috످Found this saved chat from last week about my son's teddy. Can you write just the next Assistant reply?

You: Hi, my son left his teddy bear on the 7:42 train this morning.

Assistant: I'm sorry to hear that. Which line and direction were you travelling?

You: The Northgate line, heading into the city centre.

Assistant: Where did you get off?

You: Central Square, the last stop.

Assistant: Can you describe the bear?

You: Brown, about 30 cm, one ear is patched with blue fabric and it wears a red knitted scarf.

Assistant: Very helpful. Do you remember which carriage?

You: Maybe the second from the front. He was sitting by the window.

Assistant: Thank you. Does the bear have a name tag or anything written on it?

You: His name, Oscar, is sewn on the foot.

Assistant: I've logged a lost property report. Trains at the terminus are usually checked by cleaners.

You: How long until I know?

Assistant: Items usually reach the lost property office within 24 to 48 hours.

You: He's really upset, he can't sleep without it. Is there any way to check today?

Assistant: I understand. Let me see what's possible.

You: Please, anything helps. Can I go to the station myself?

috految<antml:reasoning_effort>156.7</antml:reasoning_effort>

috److془The user wants just the next Assistant reply. Write it. Should I add a note? "just the next Assistant reply". Keep to just reply. Could include "if he's not there, ...check lost property".

Bear's name: "His name, Oscar, is sewn on the foot" ambiguous. Use "Oscar" sewn on foot.془Yes, you can. Your best chance is Central Square, since the train ended there and the cleaners may have already handed the bear in. Call ahead if you can, and show the station staff a photo or this description:

"My son left his teddy on the 7:42 Northgate line train to Central Square, possibly by a window in the second carriage from the front. It's brown, about 30 cm, with a blue patch on one ear, a red knitted scarf and 'Oscar' sewn on its foot."

If they don't have it, leave your number and ask them to check with the train crew and the lost property office today.

I'm so sorry your son is upset. If his teddy isn't home by bedtime, it might help to tell him it's on a big train adventure and let him cuddle one of your jumpers for the night.

috످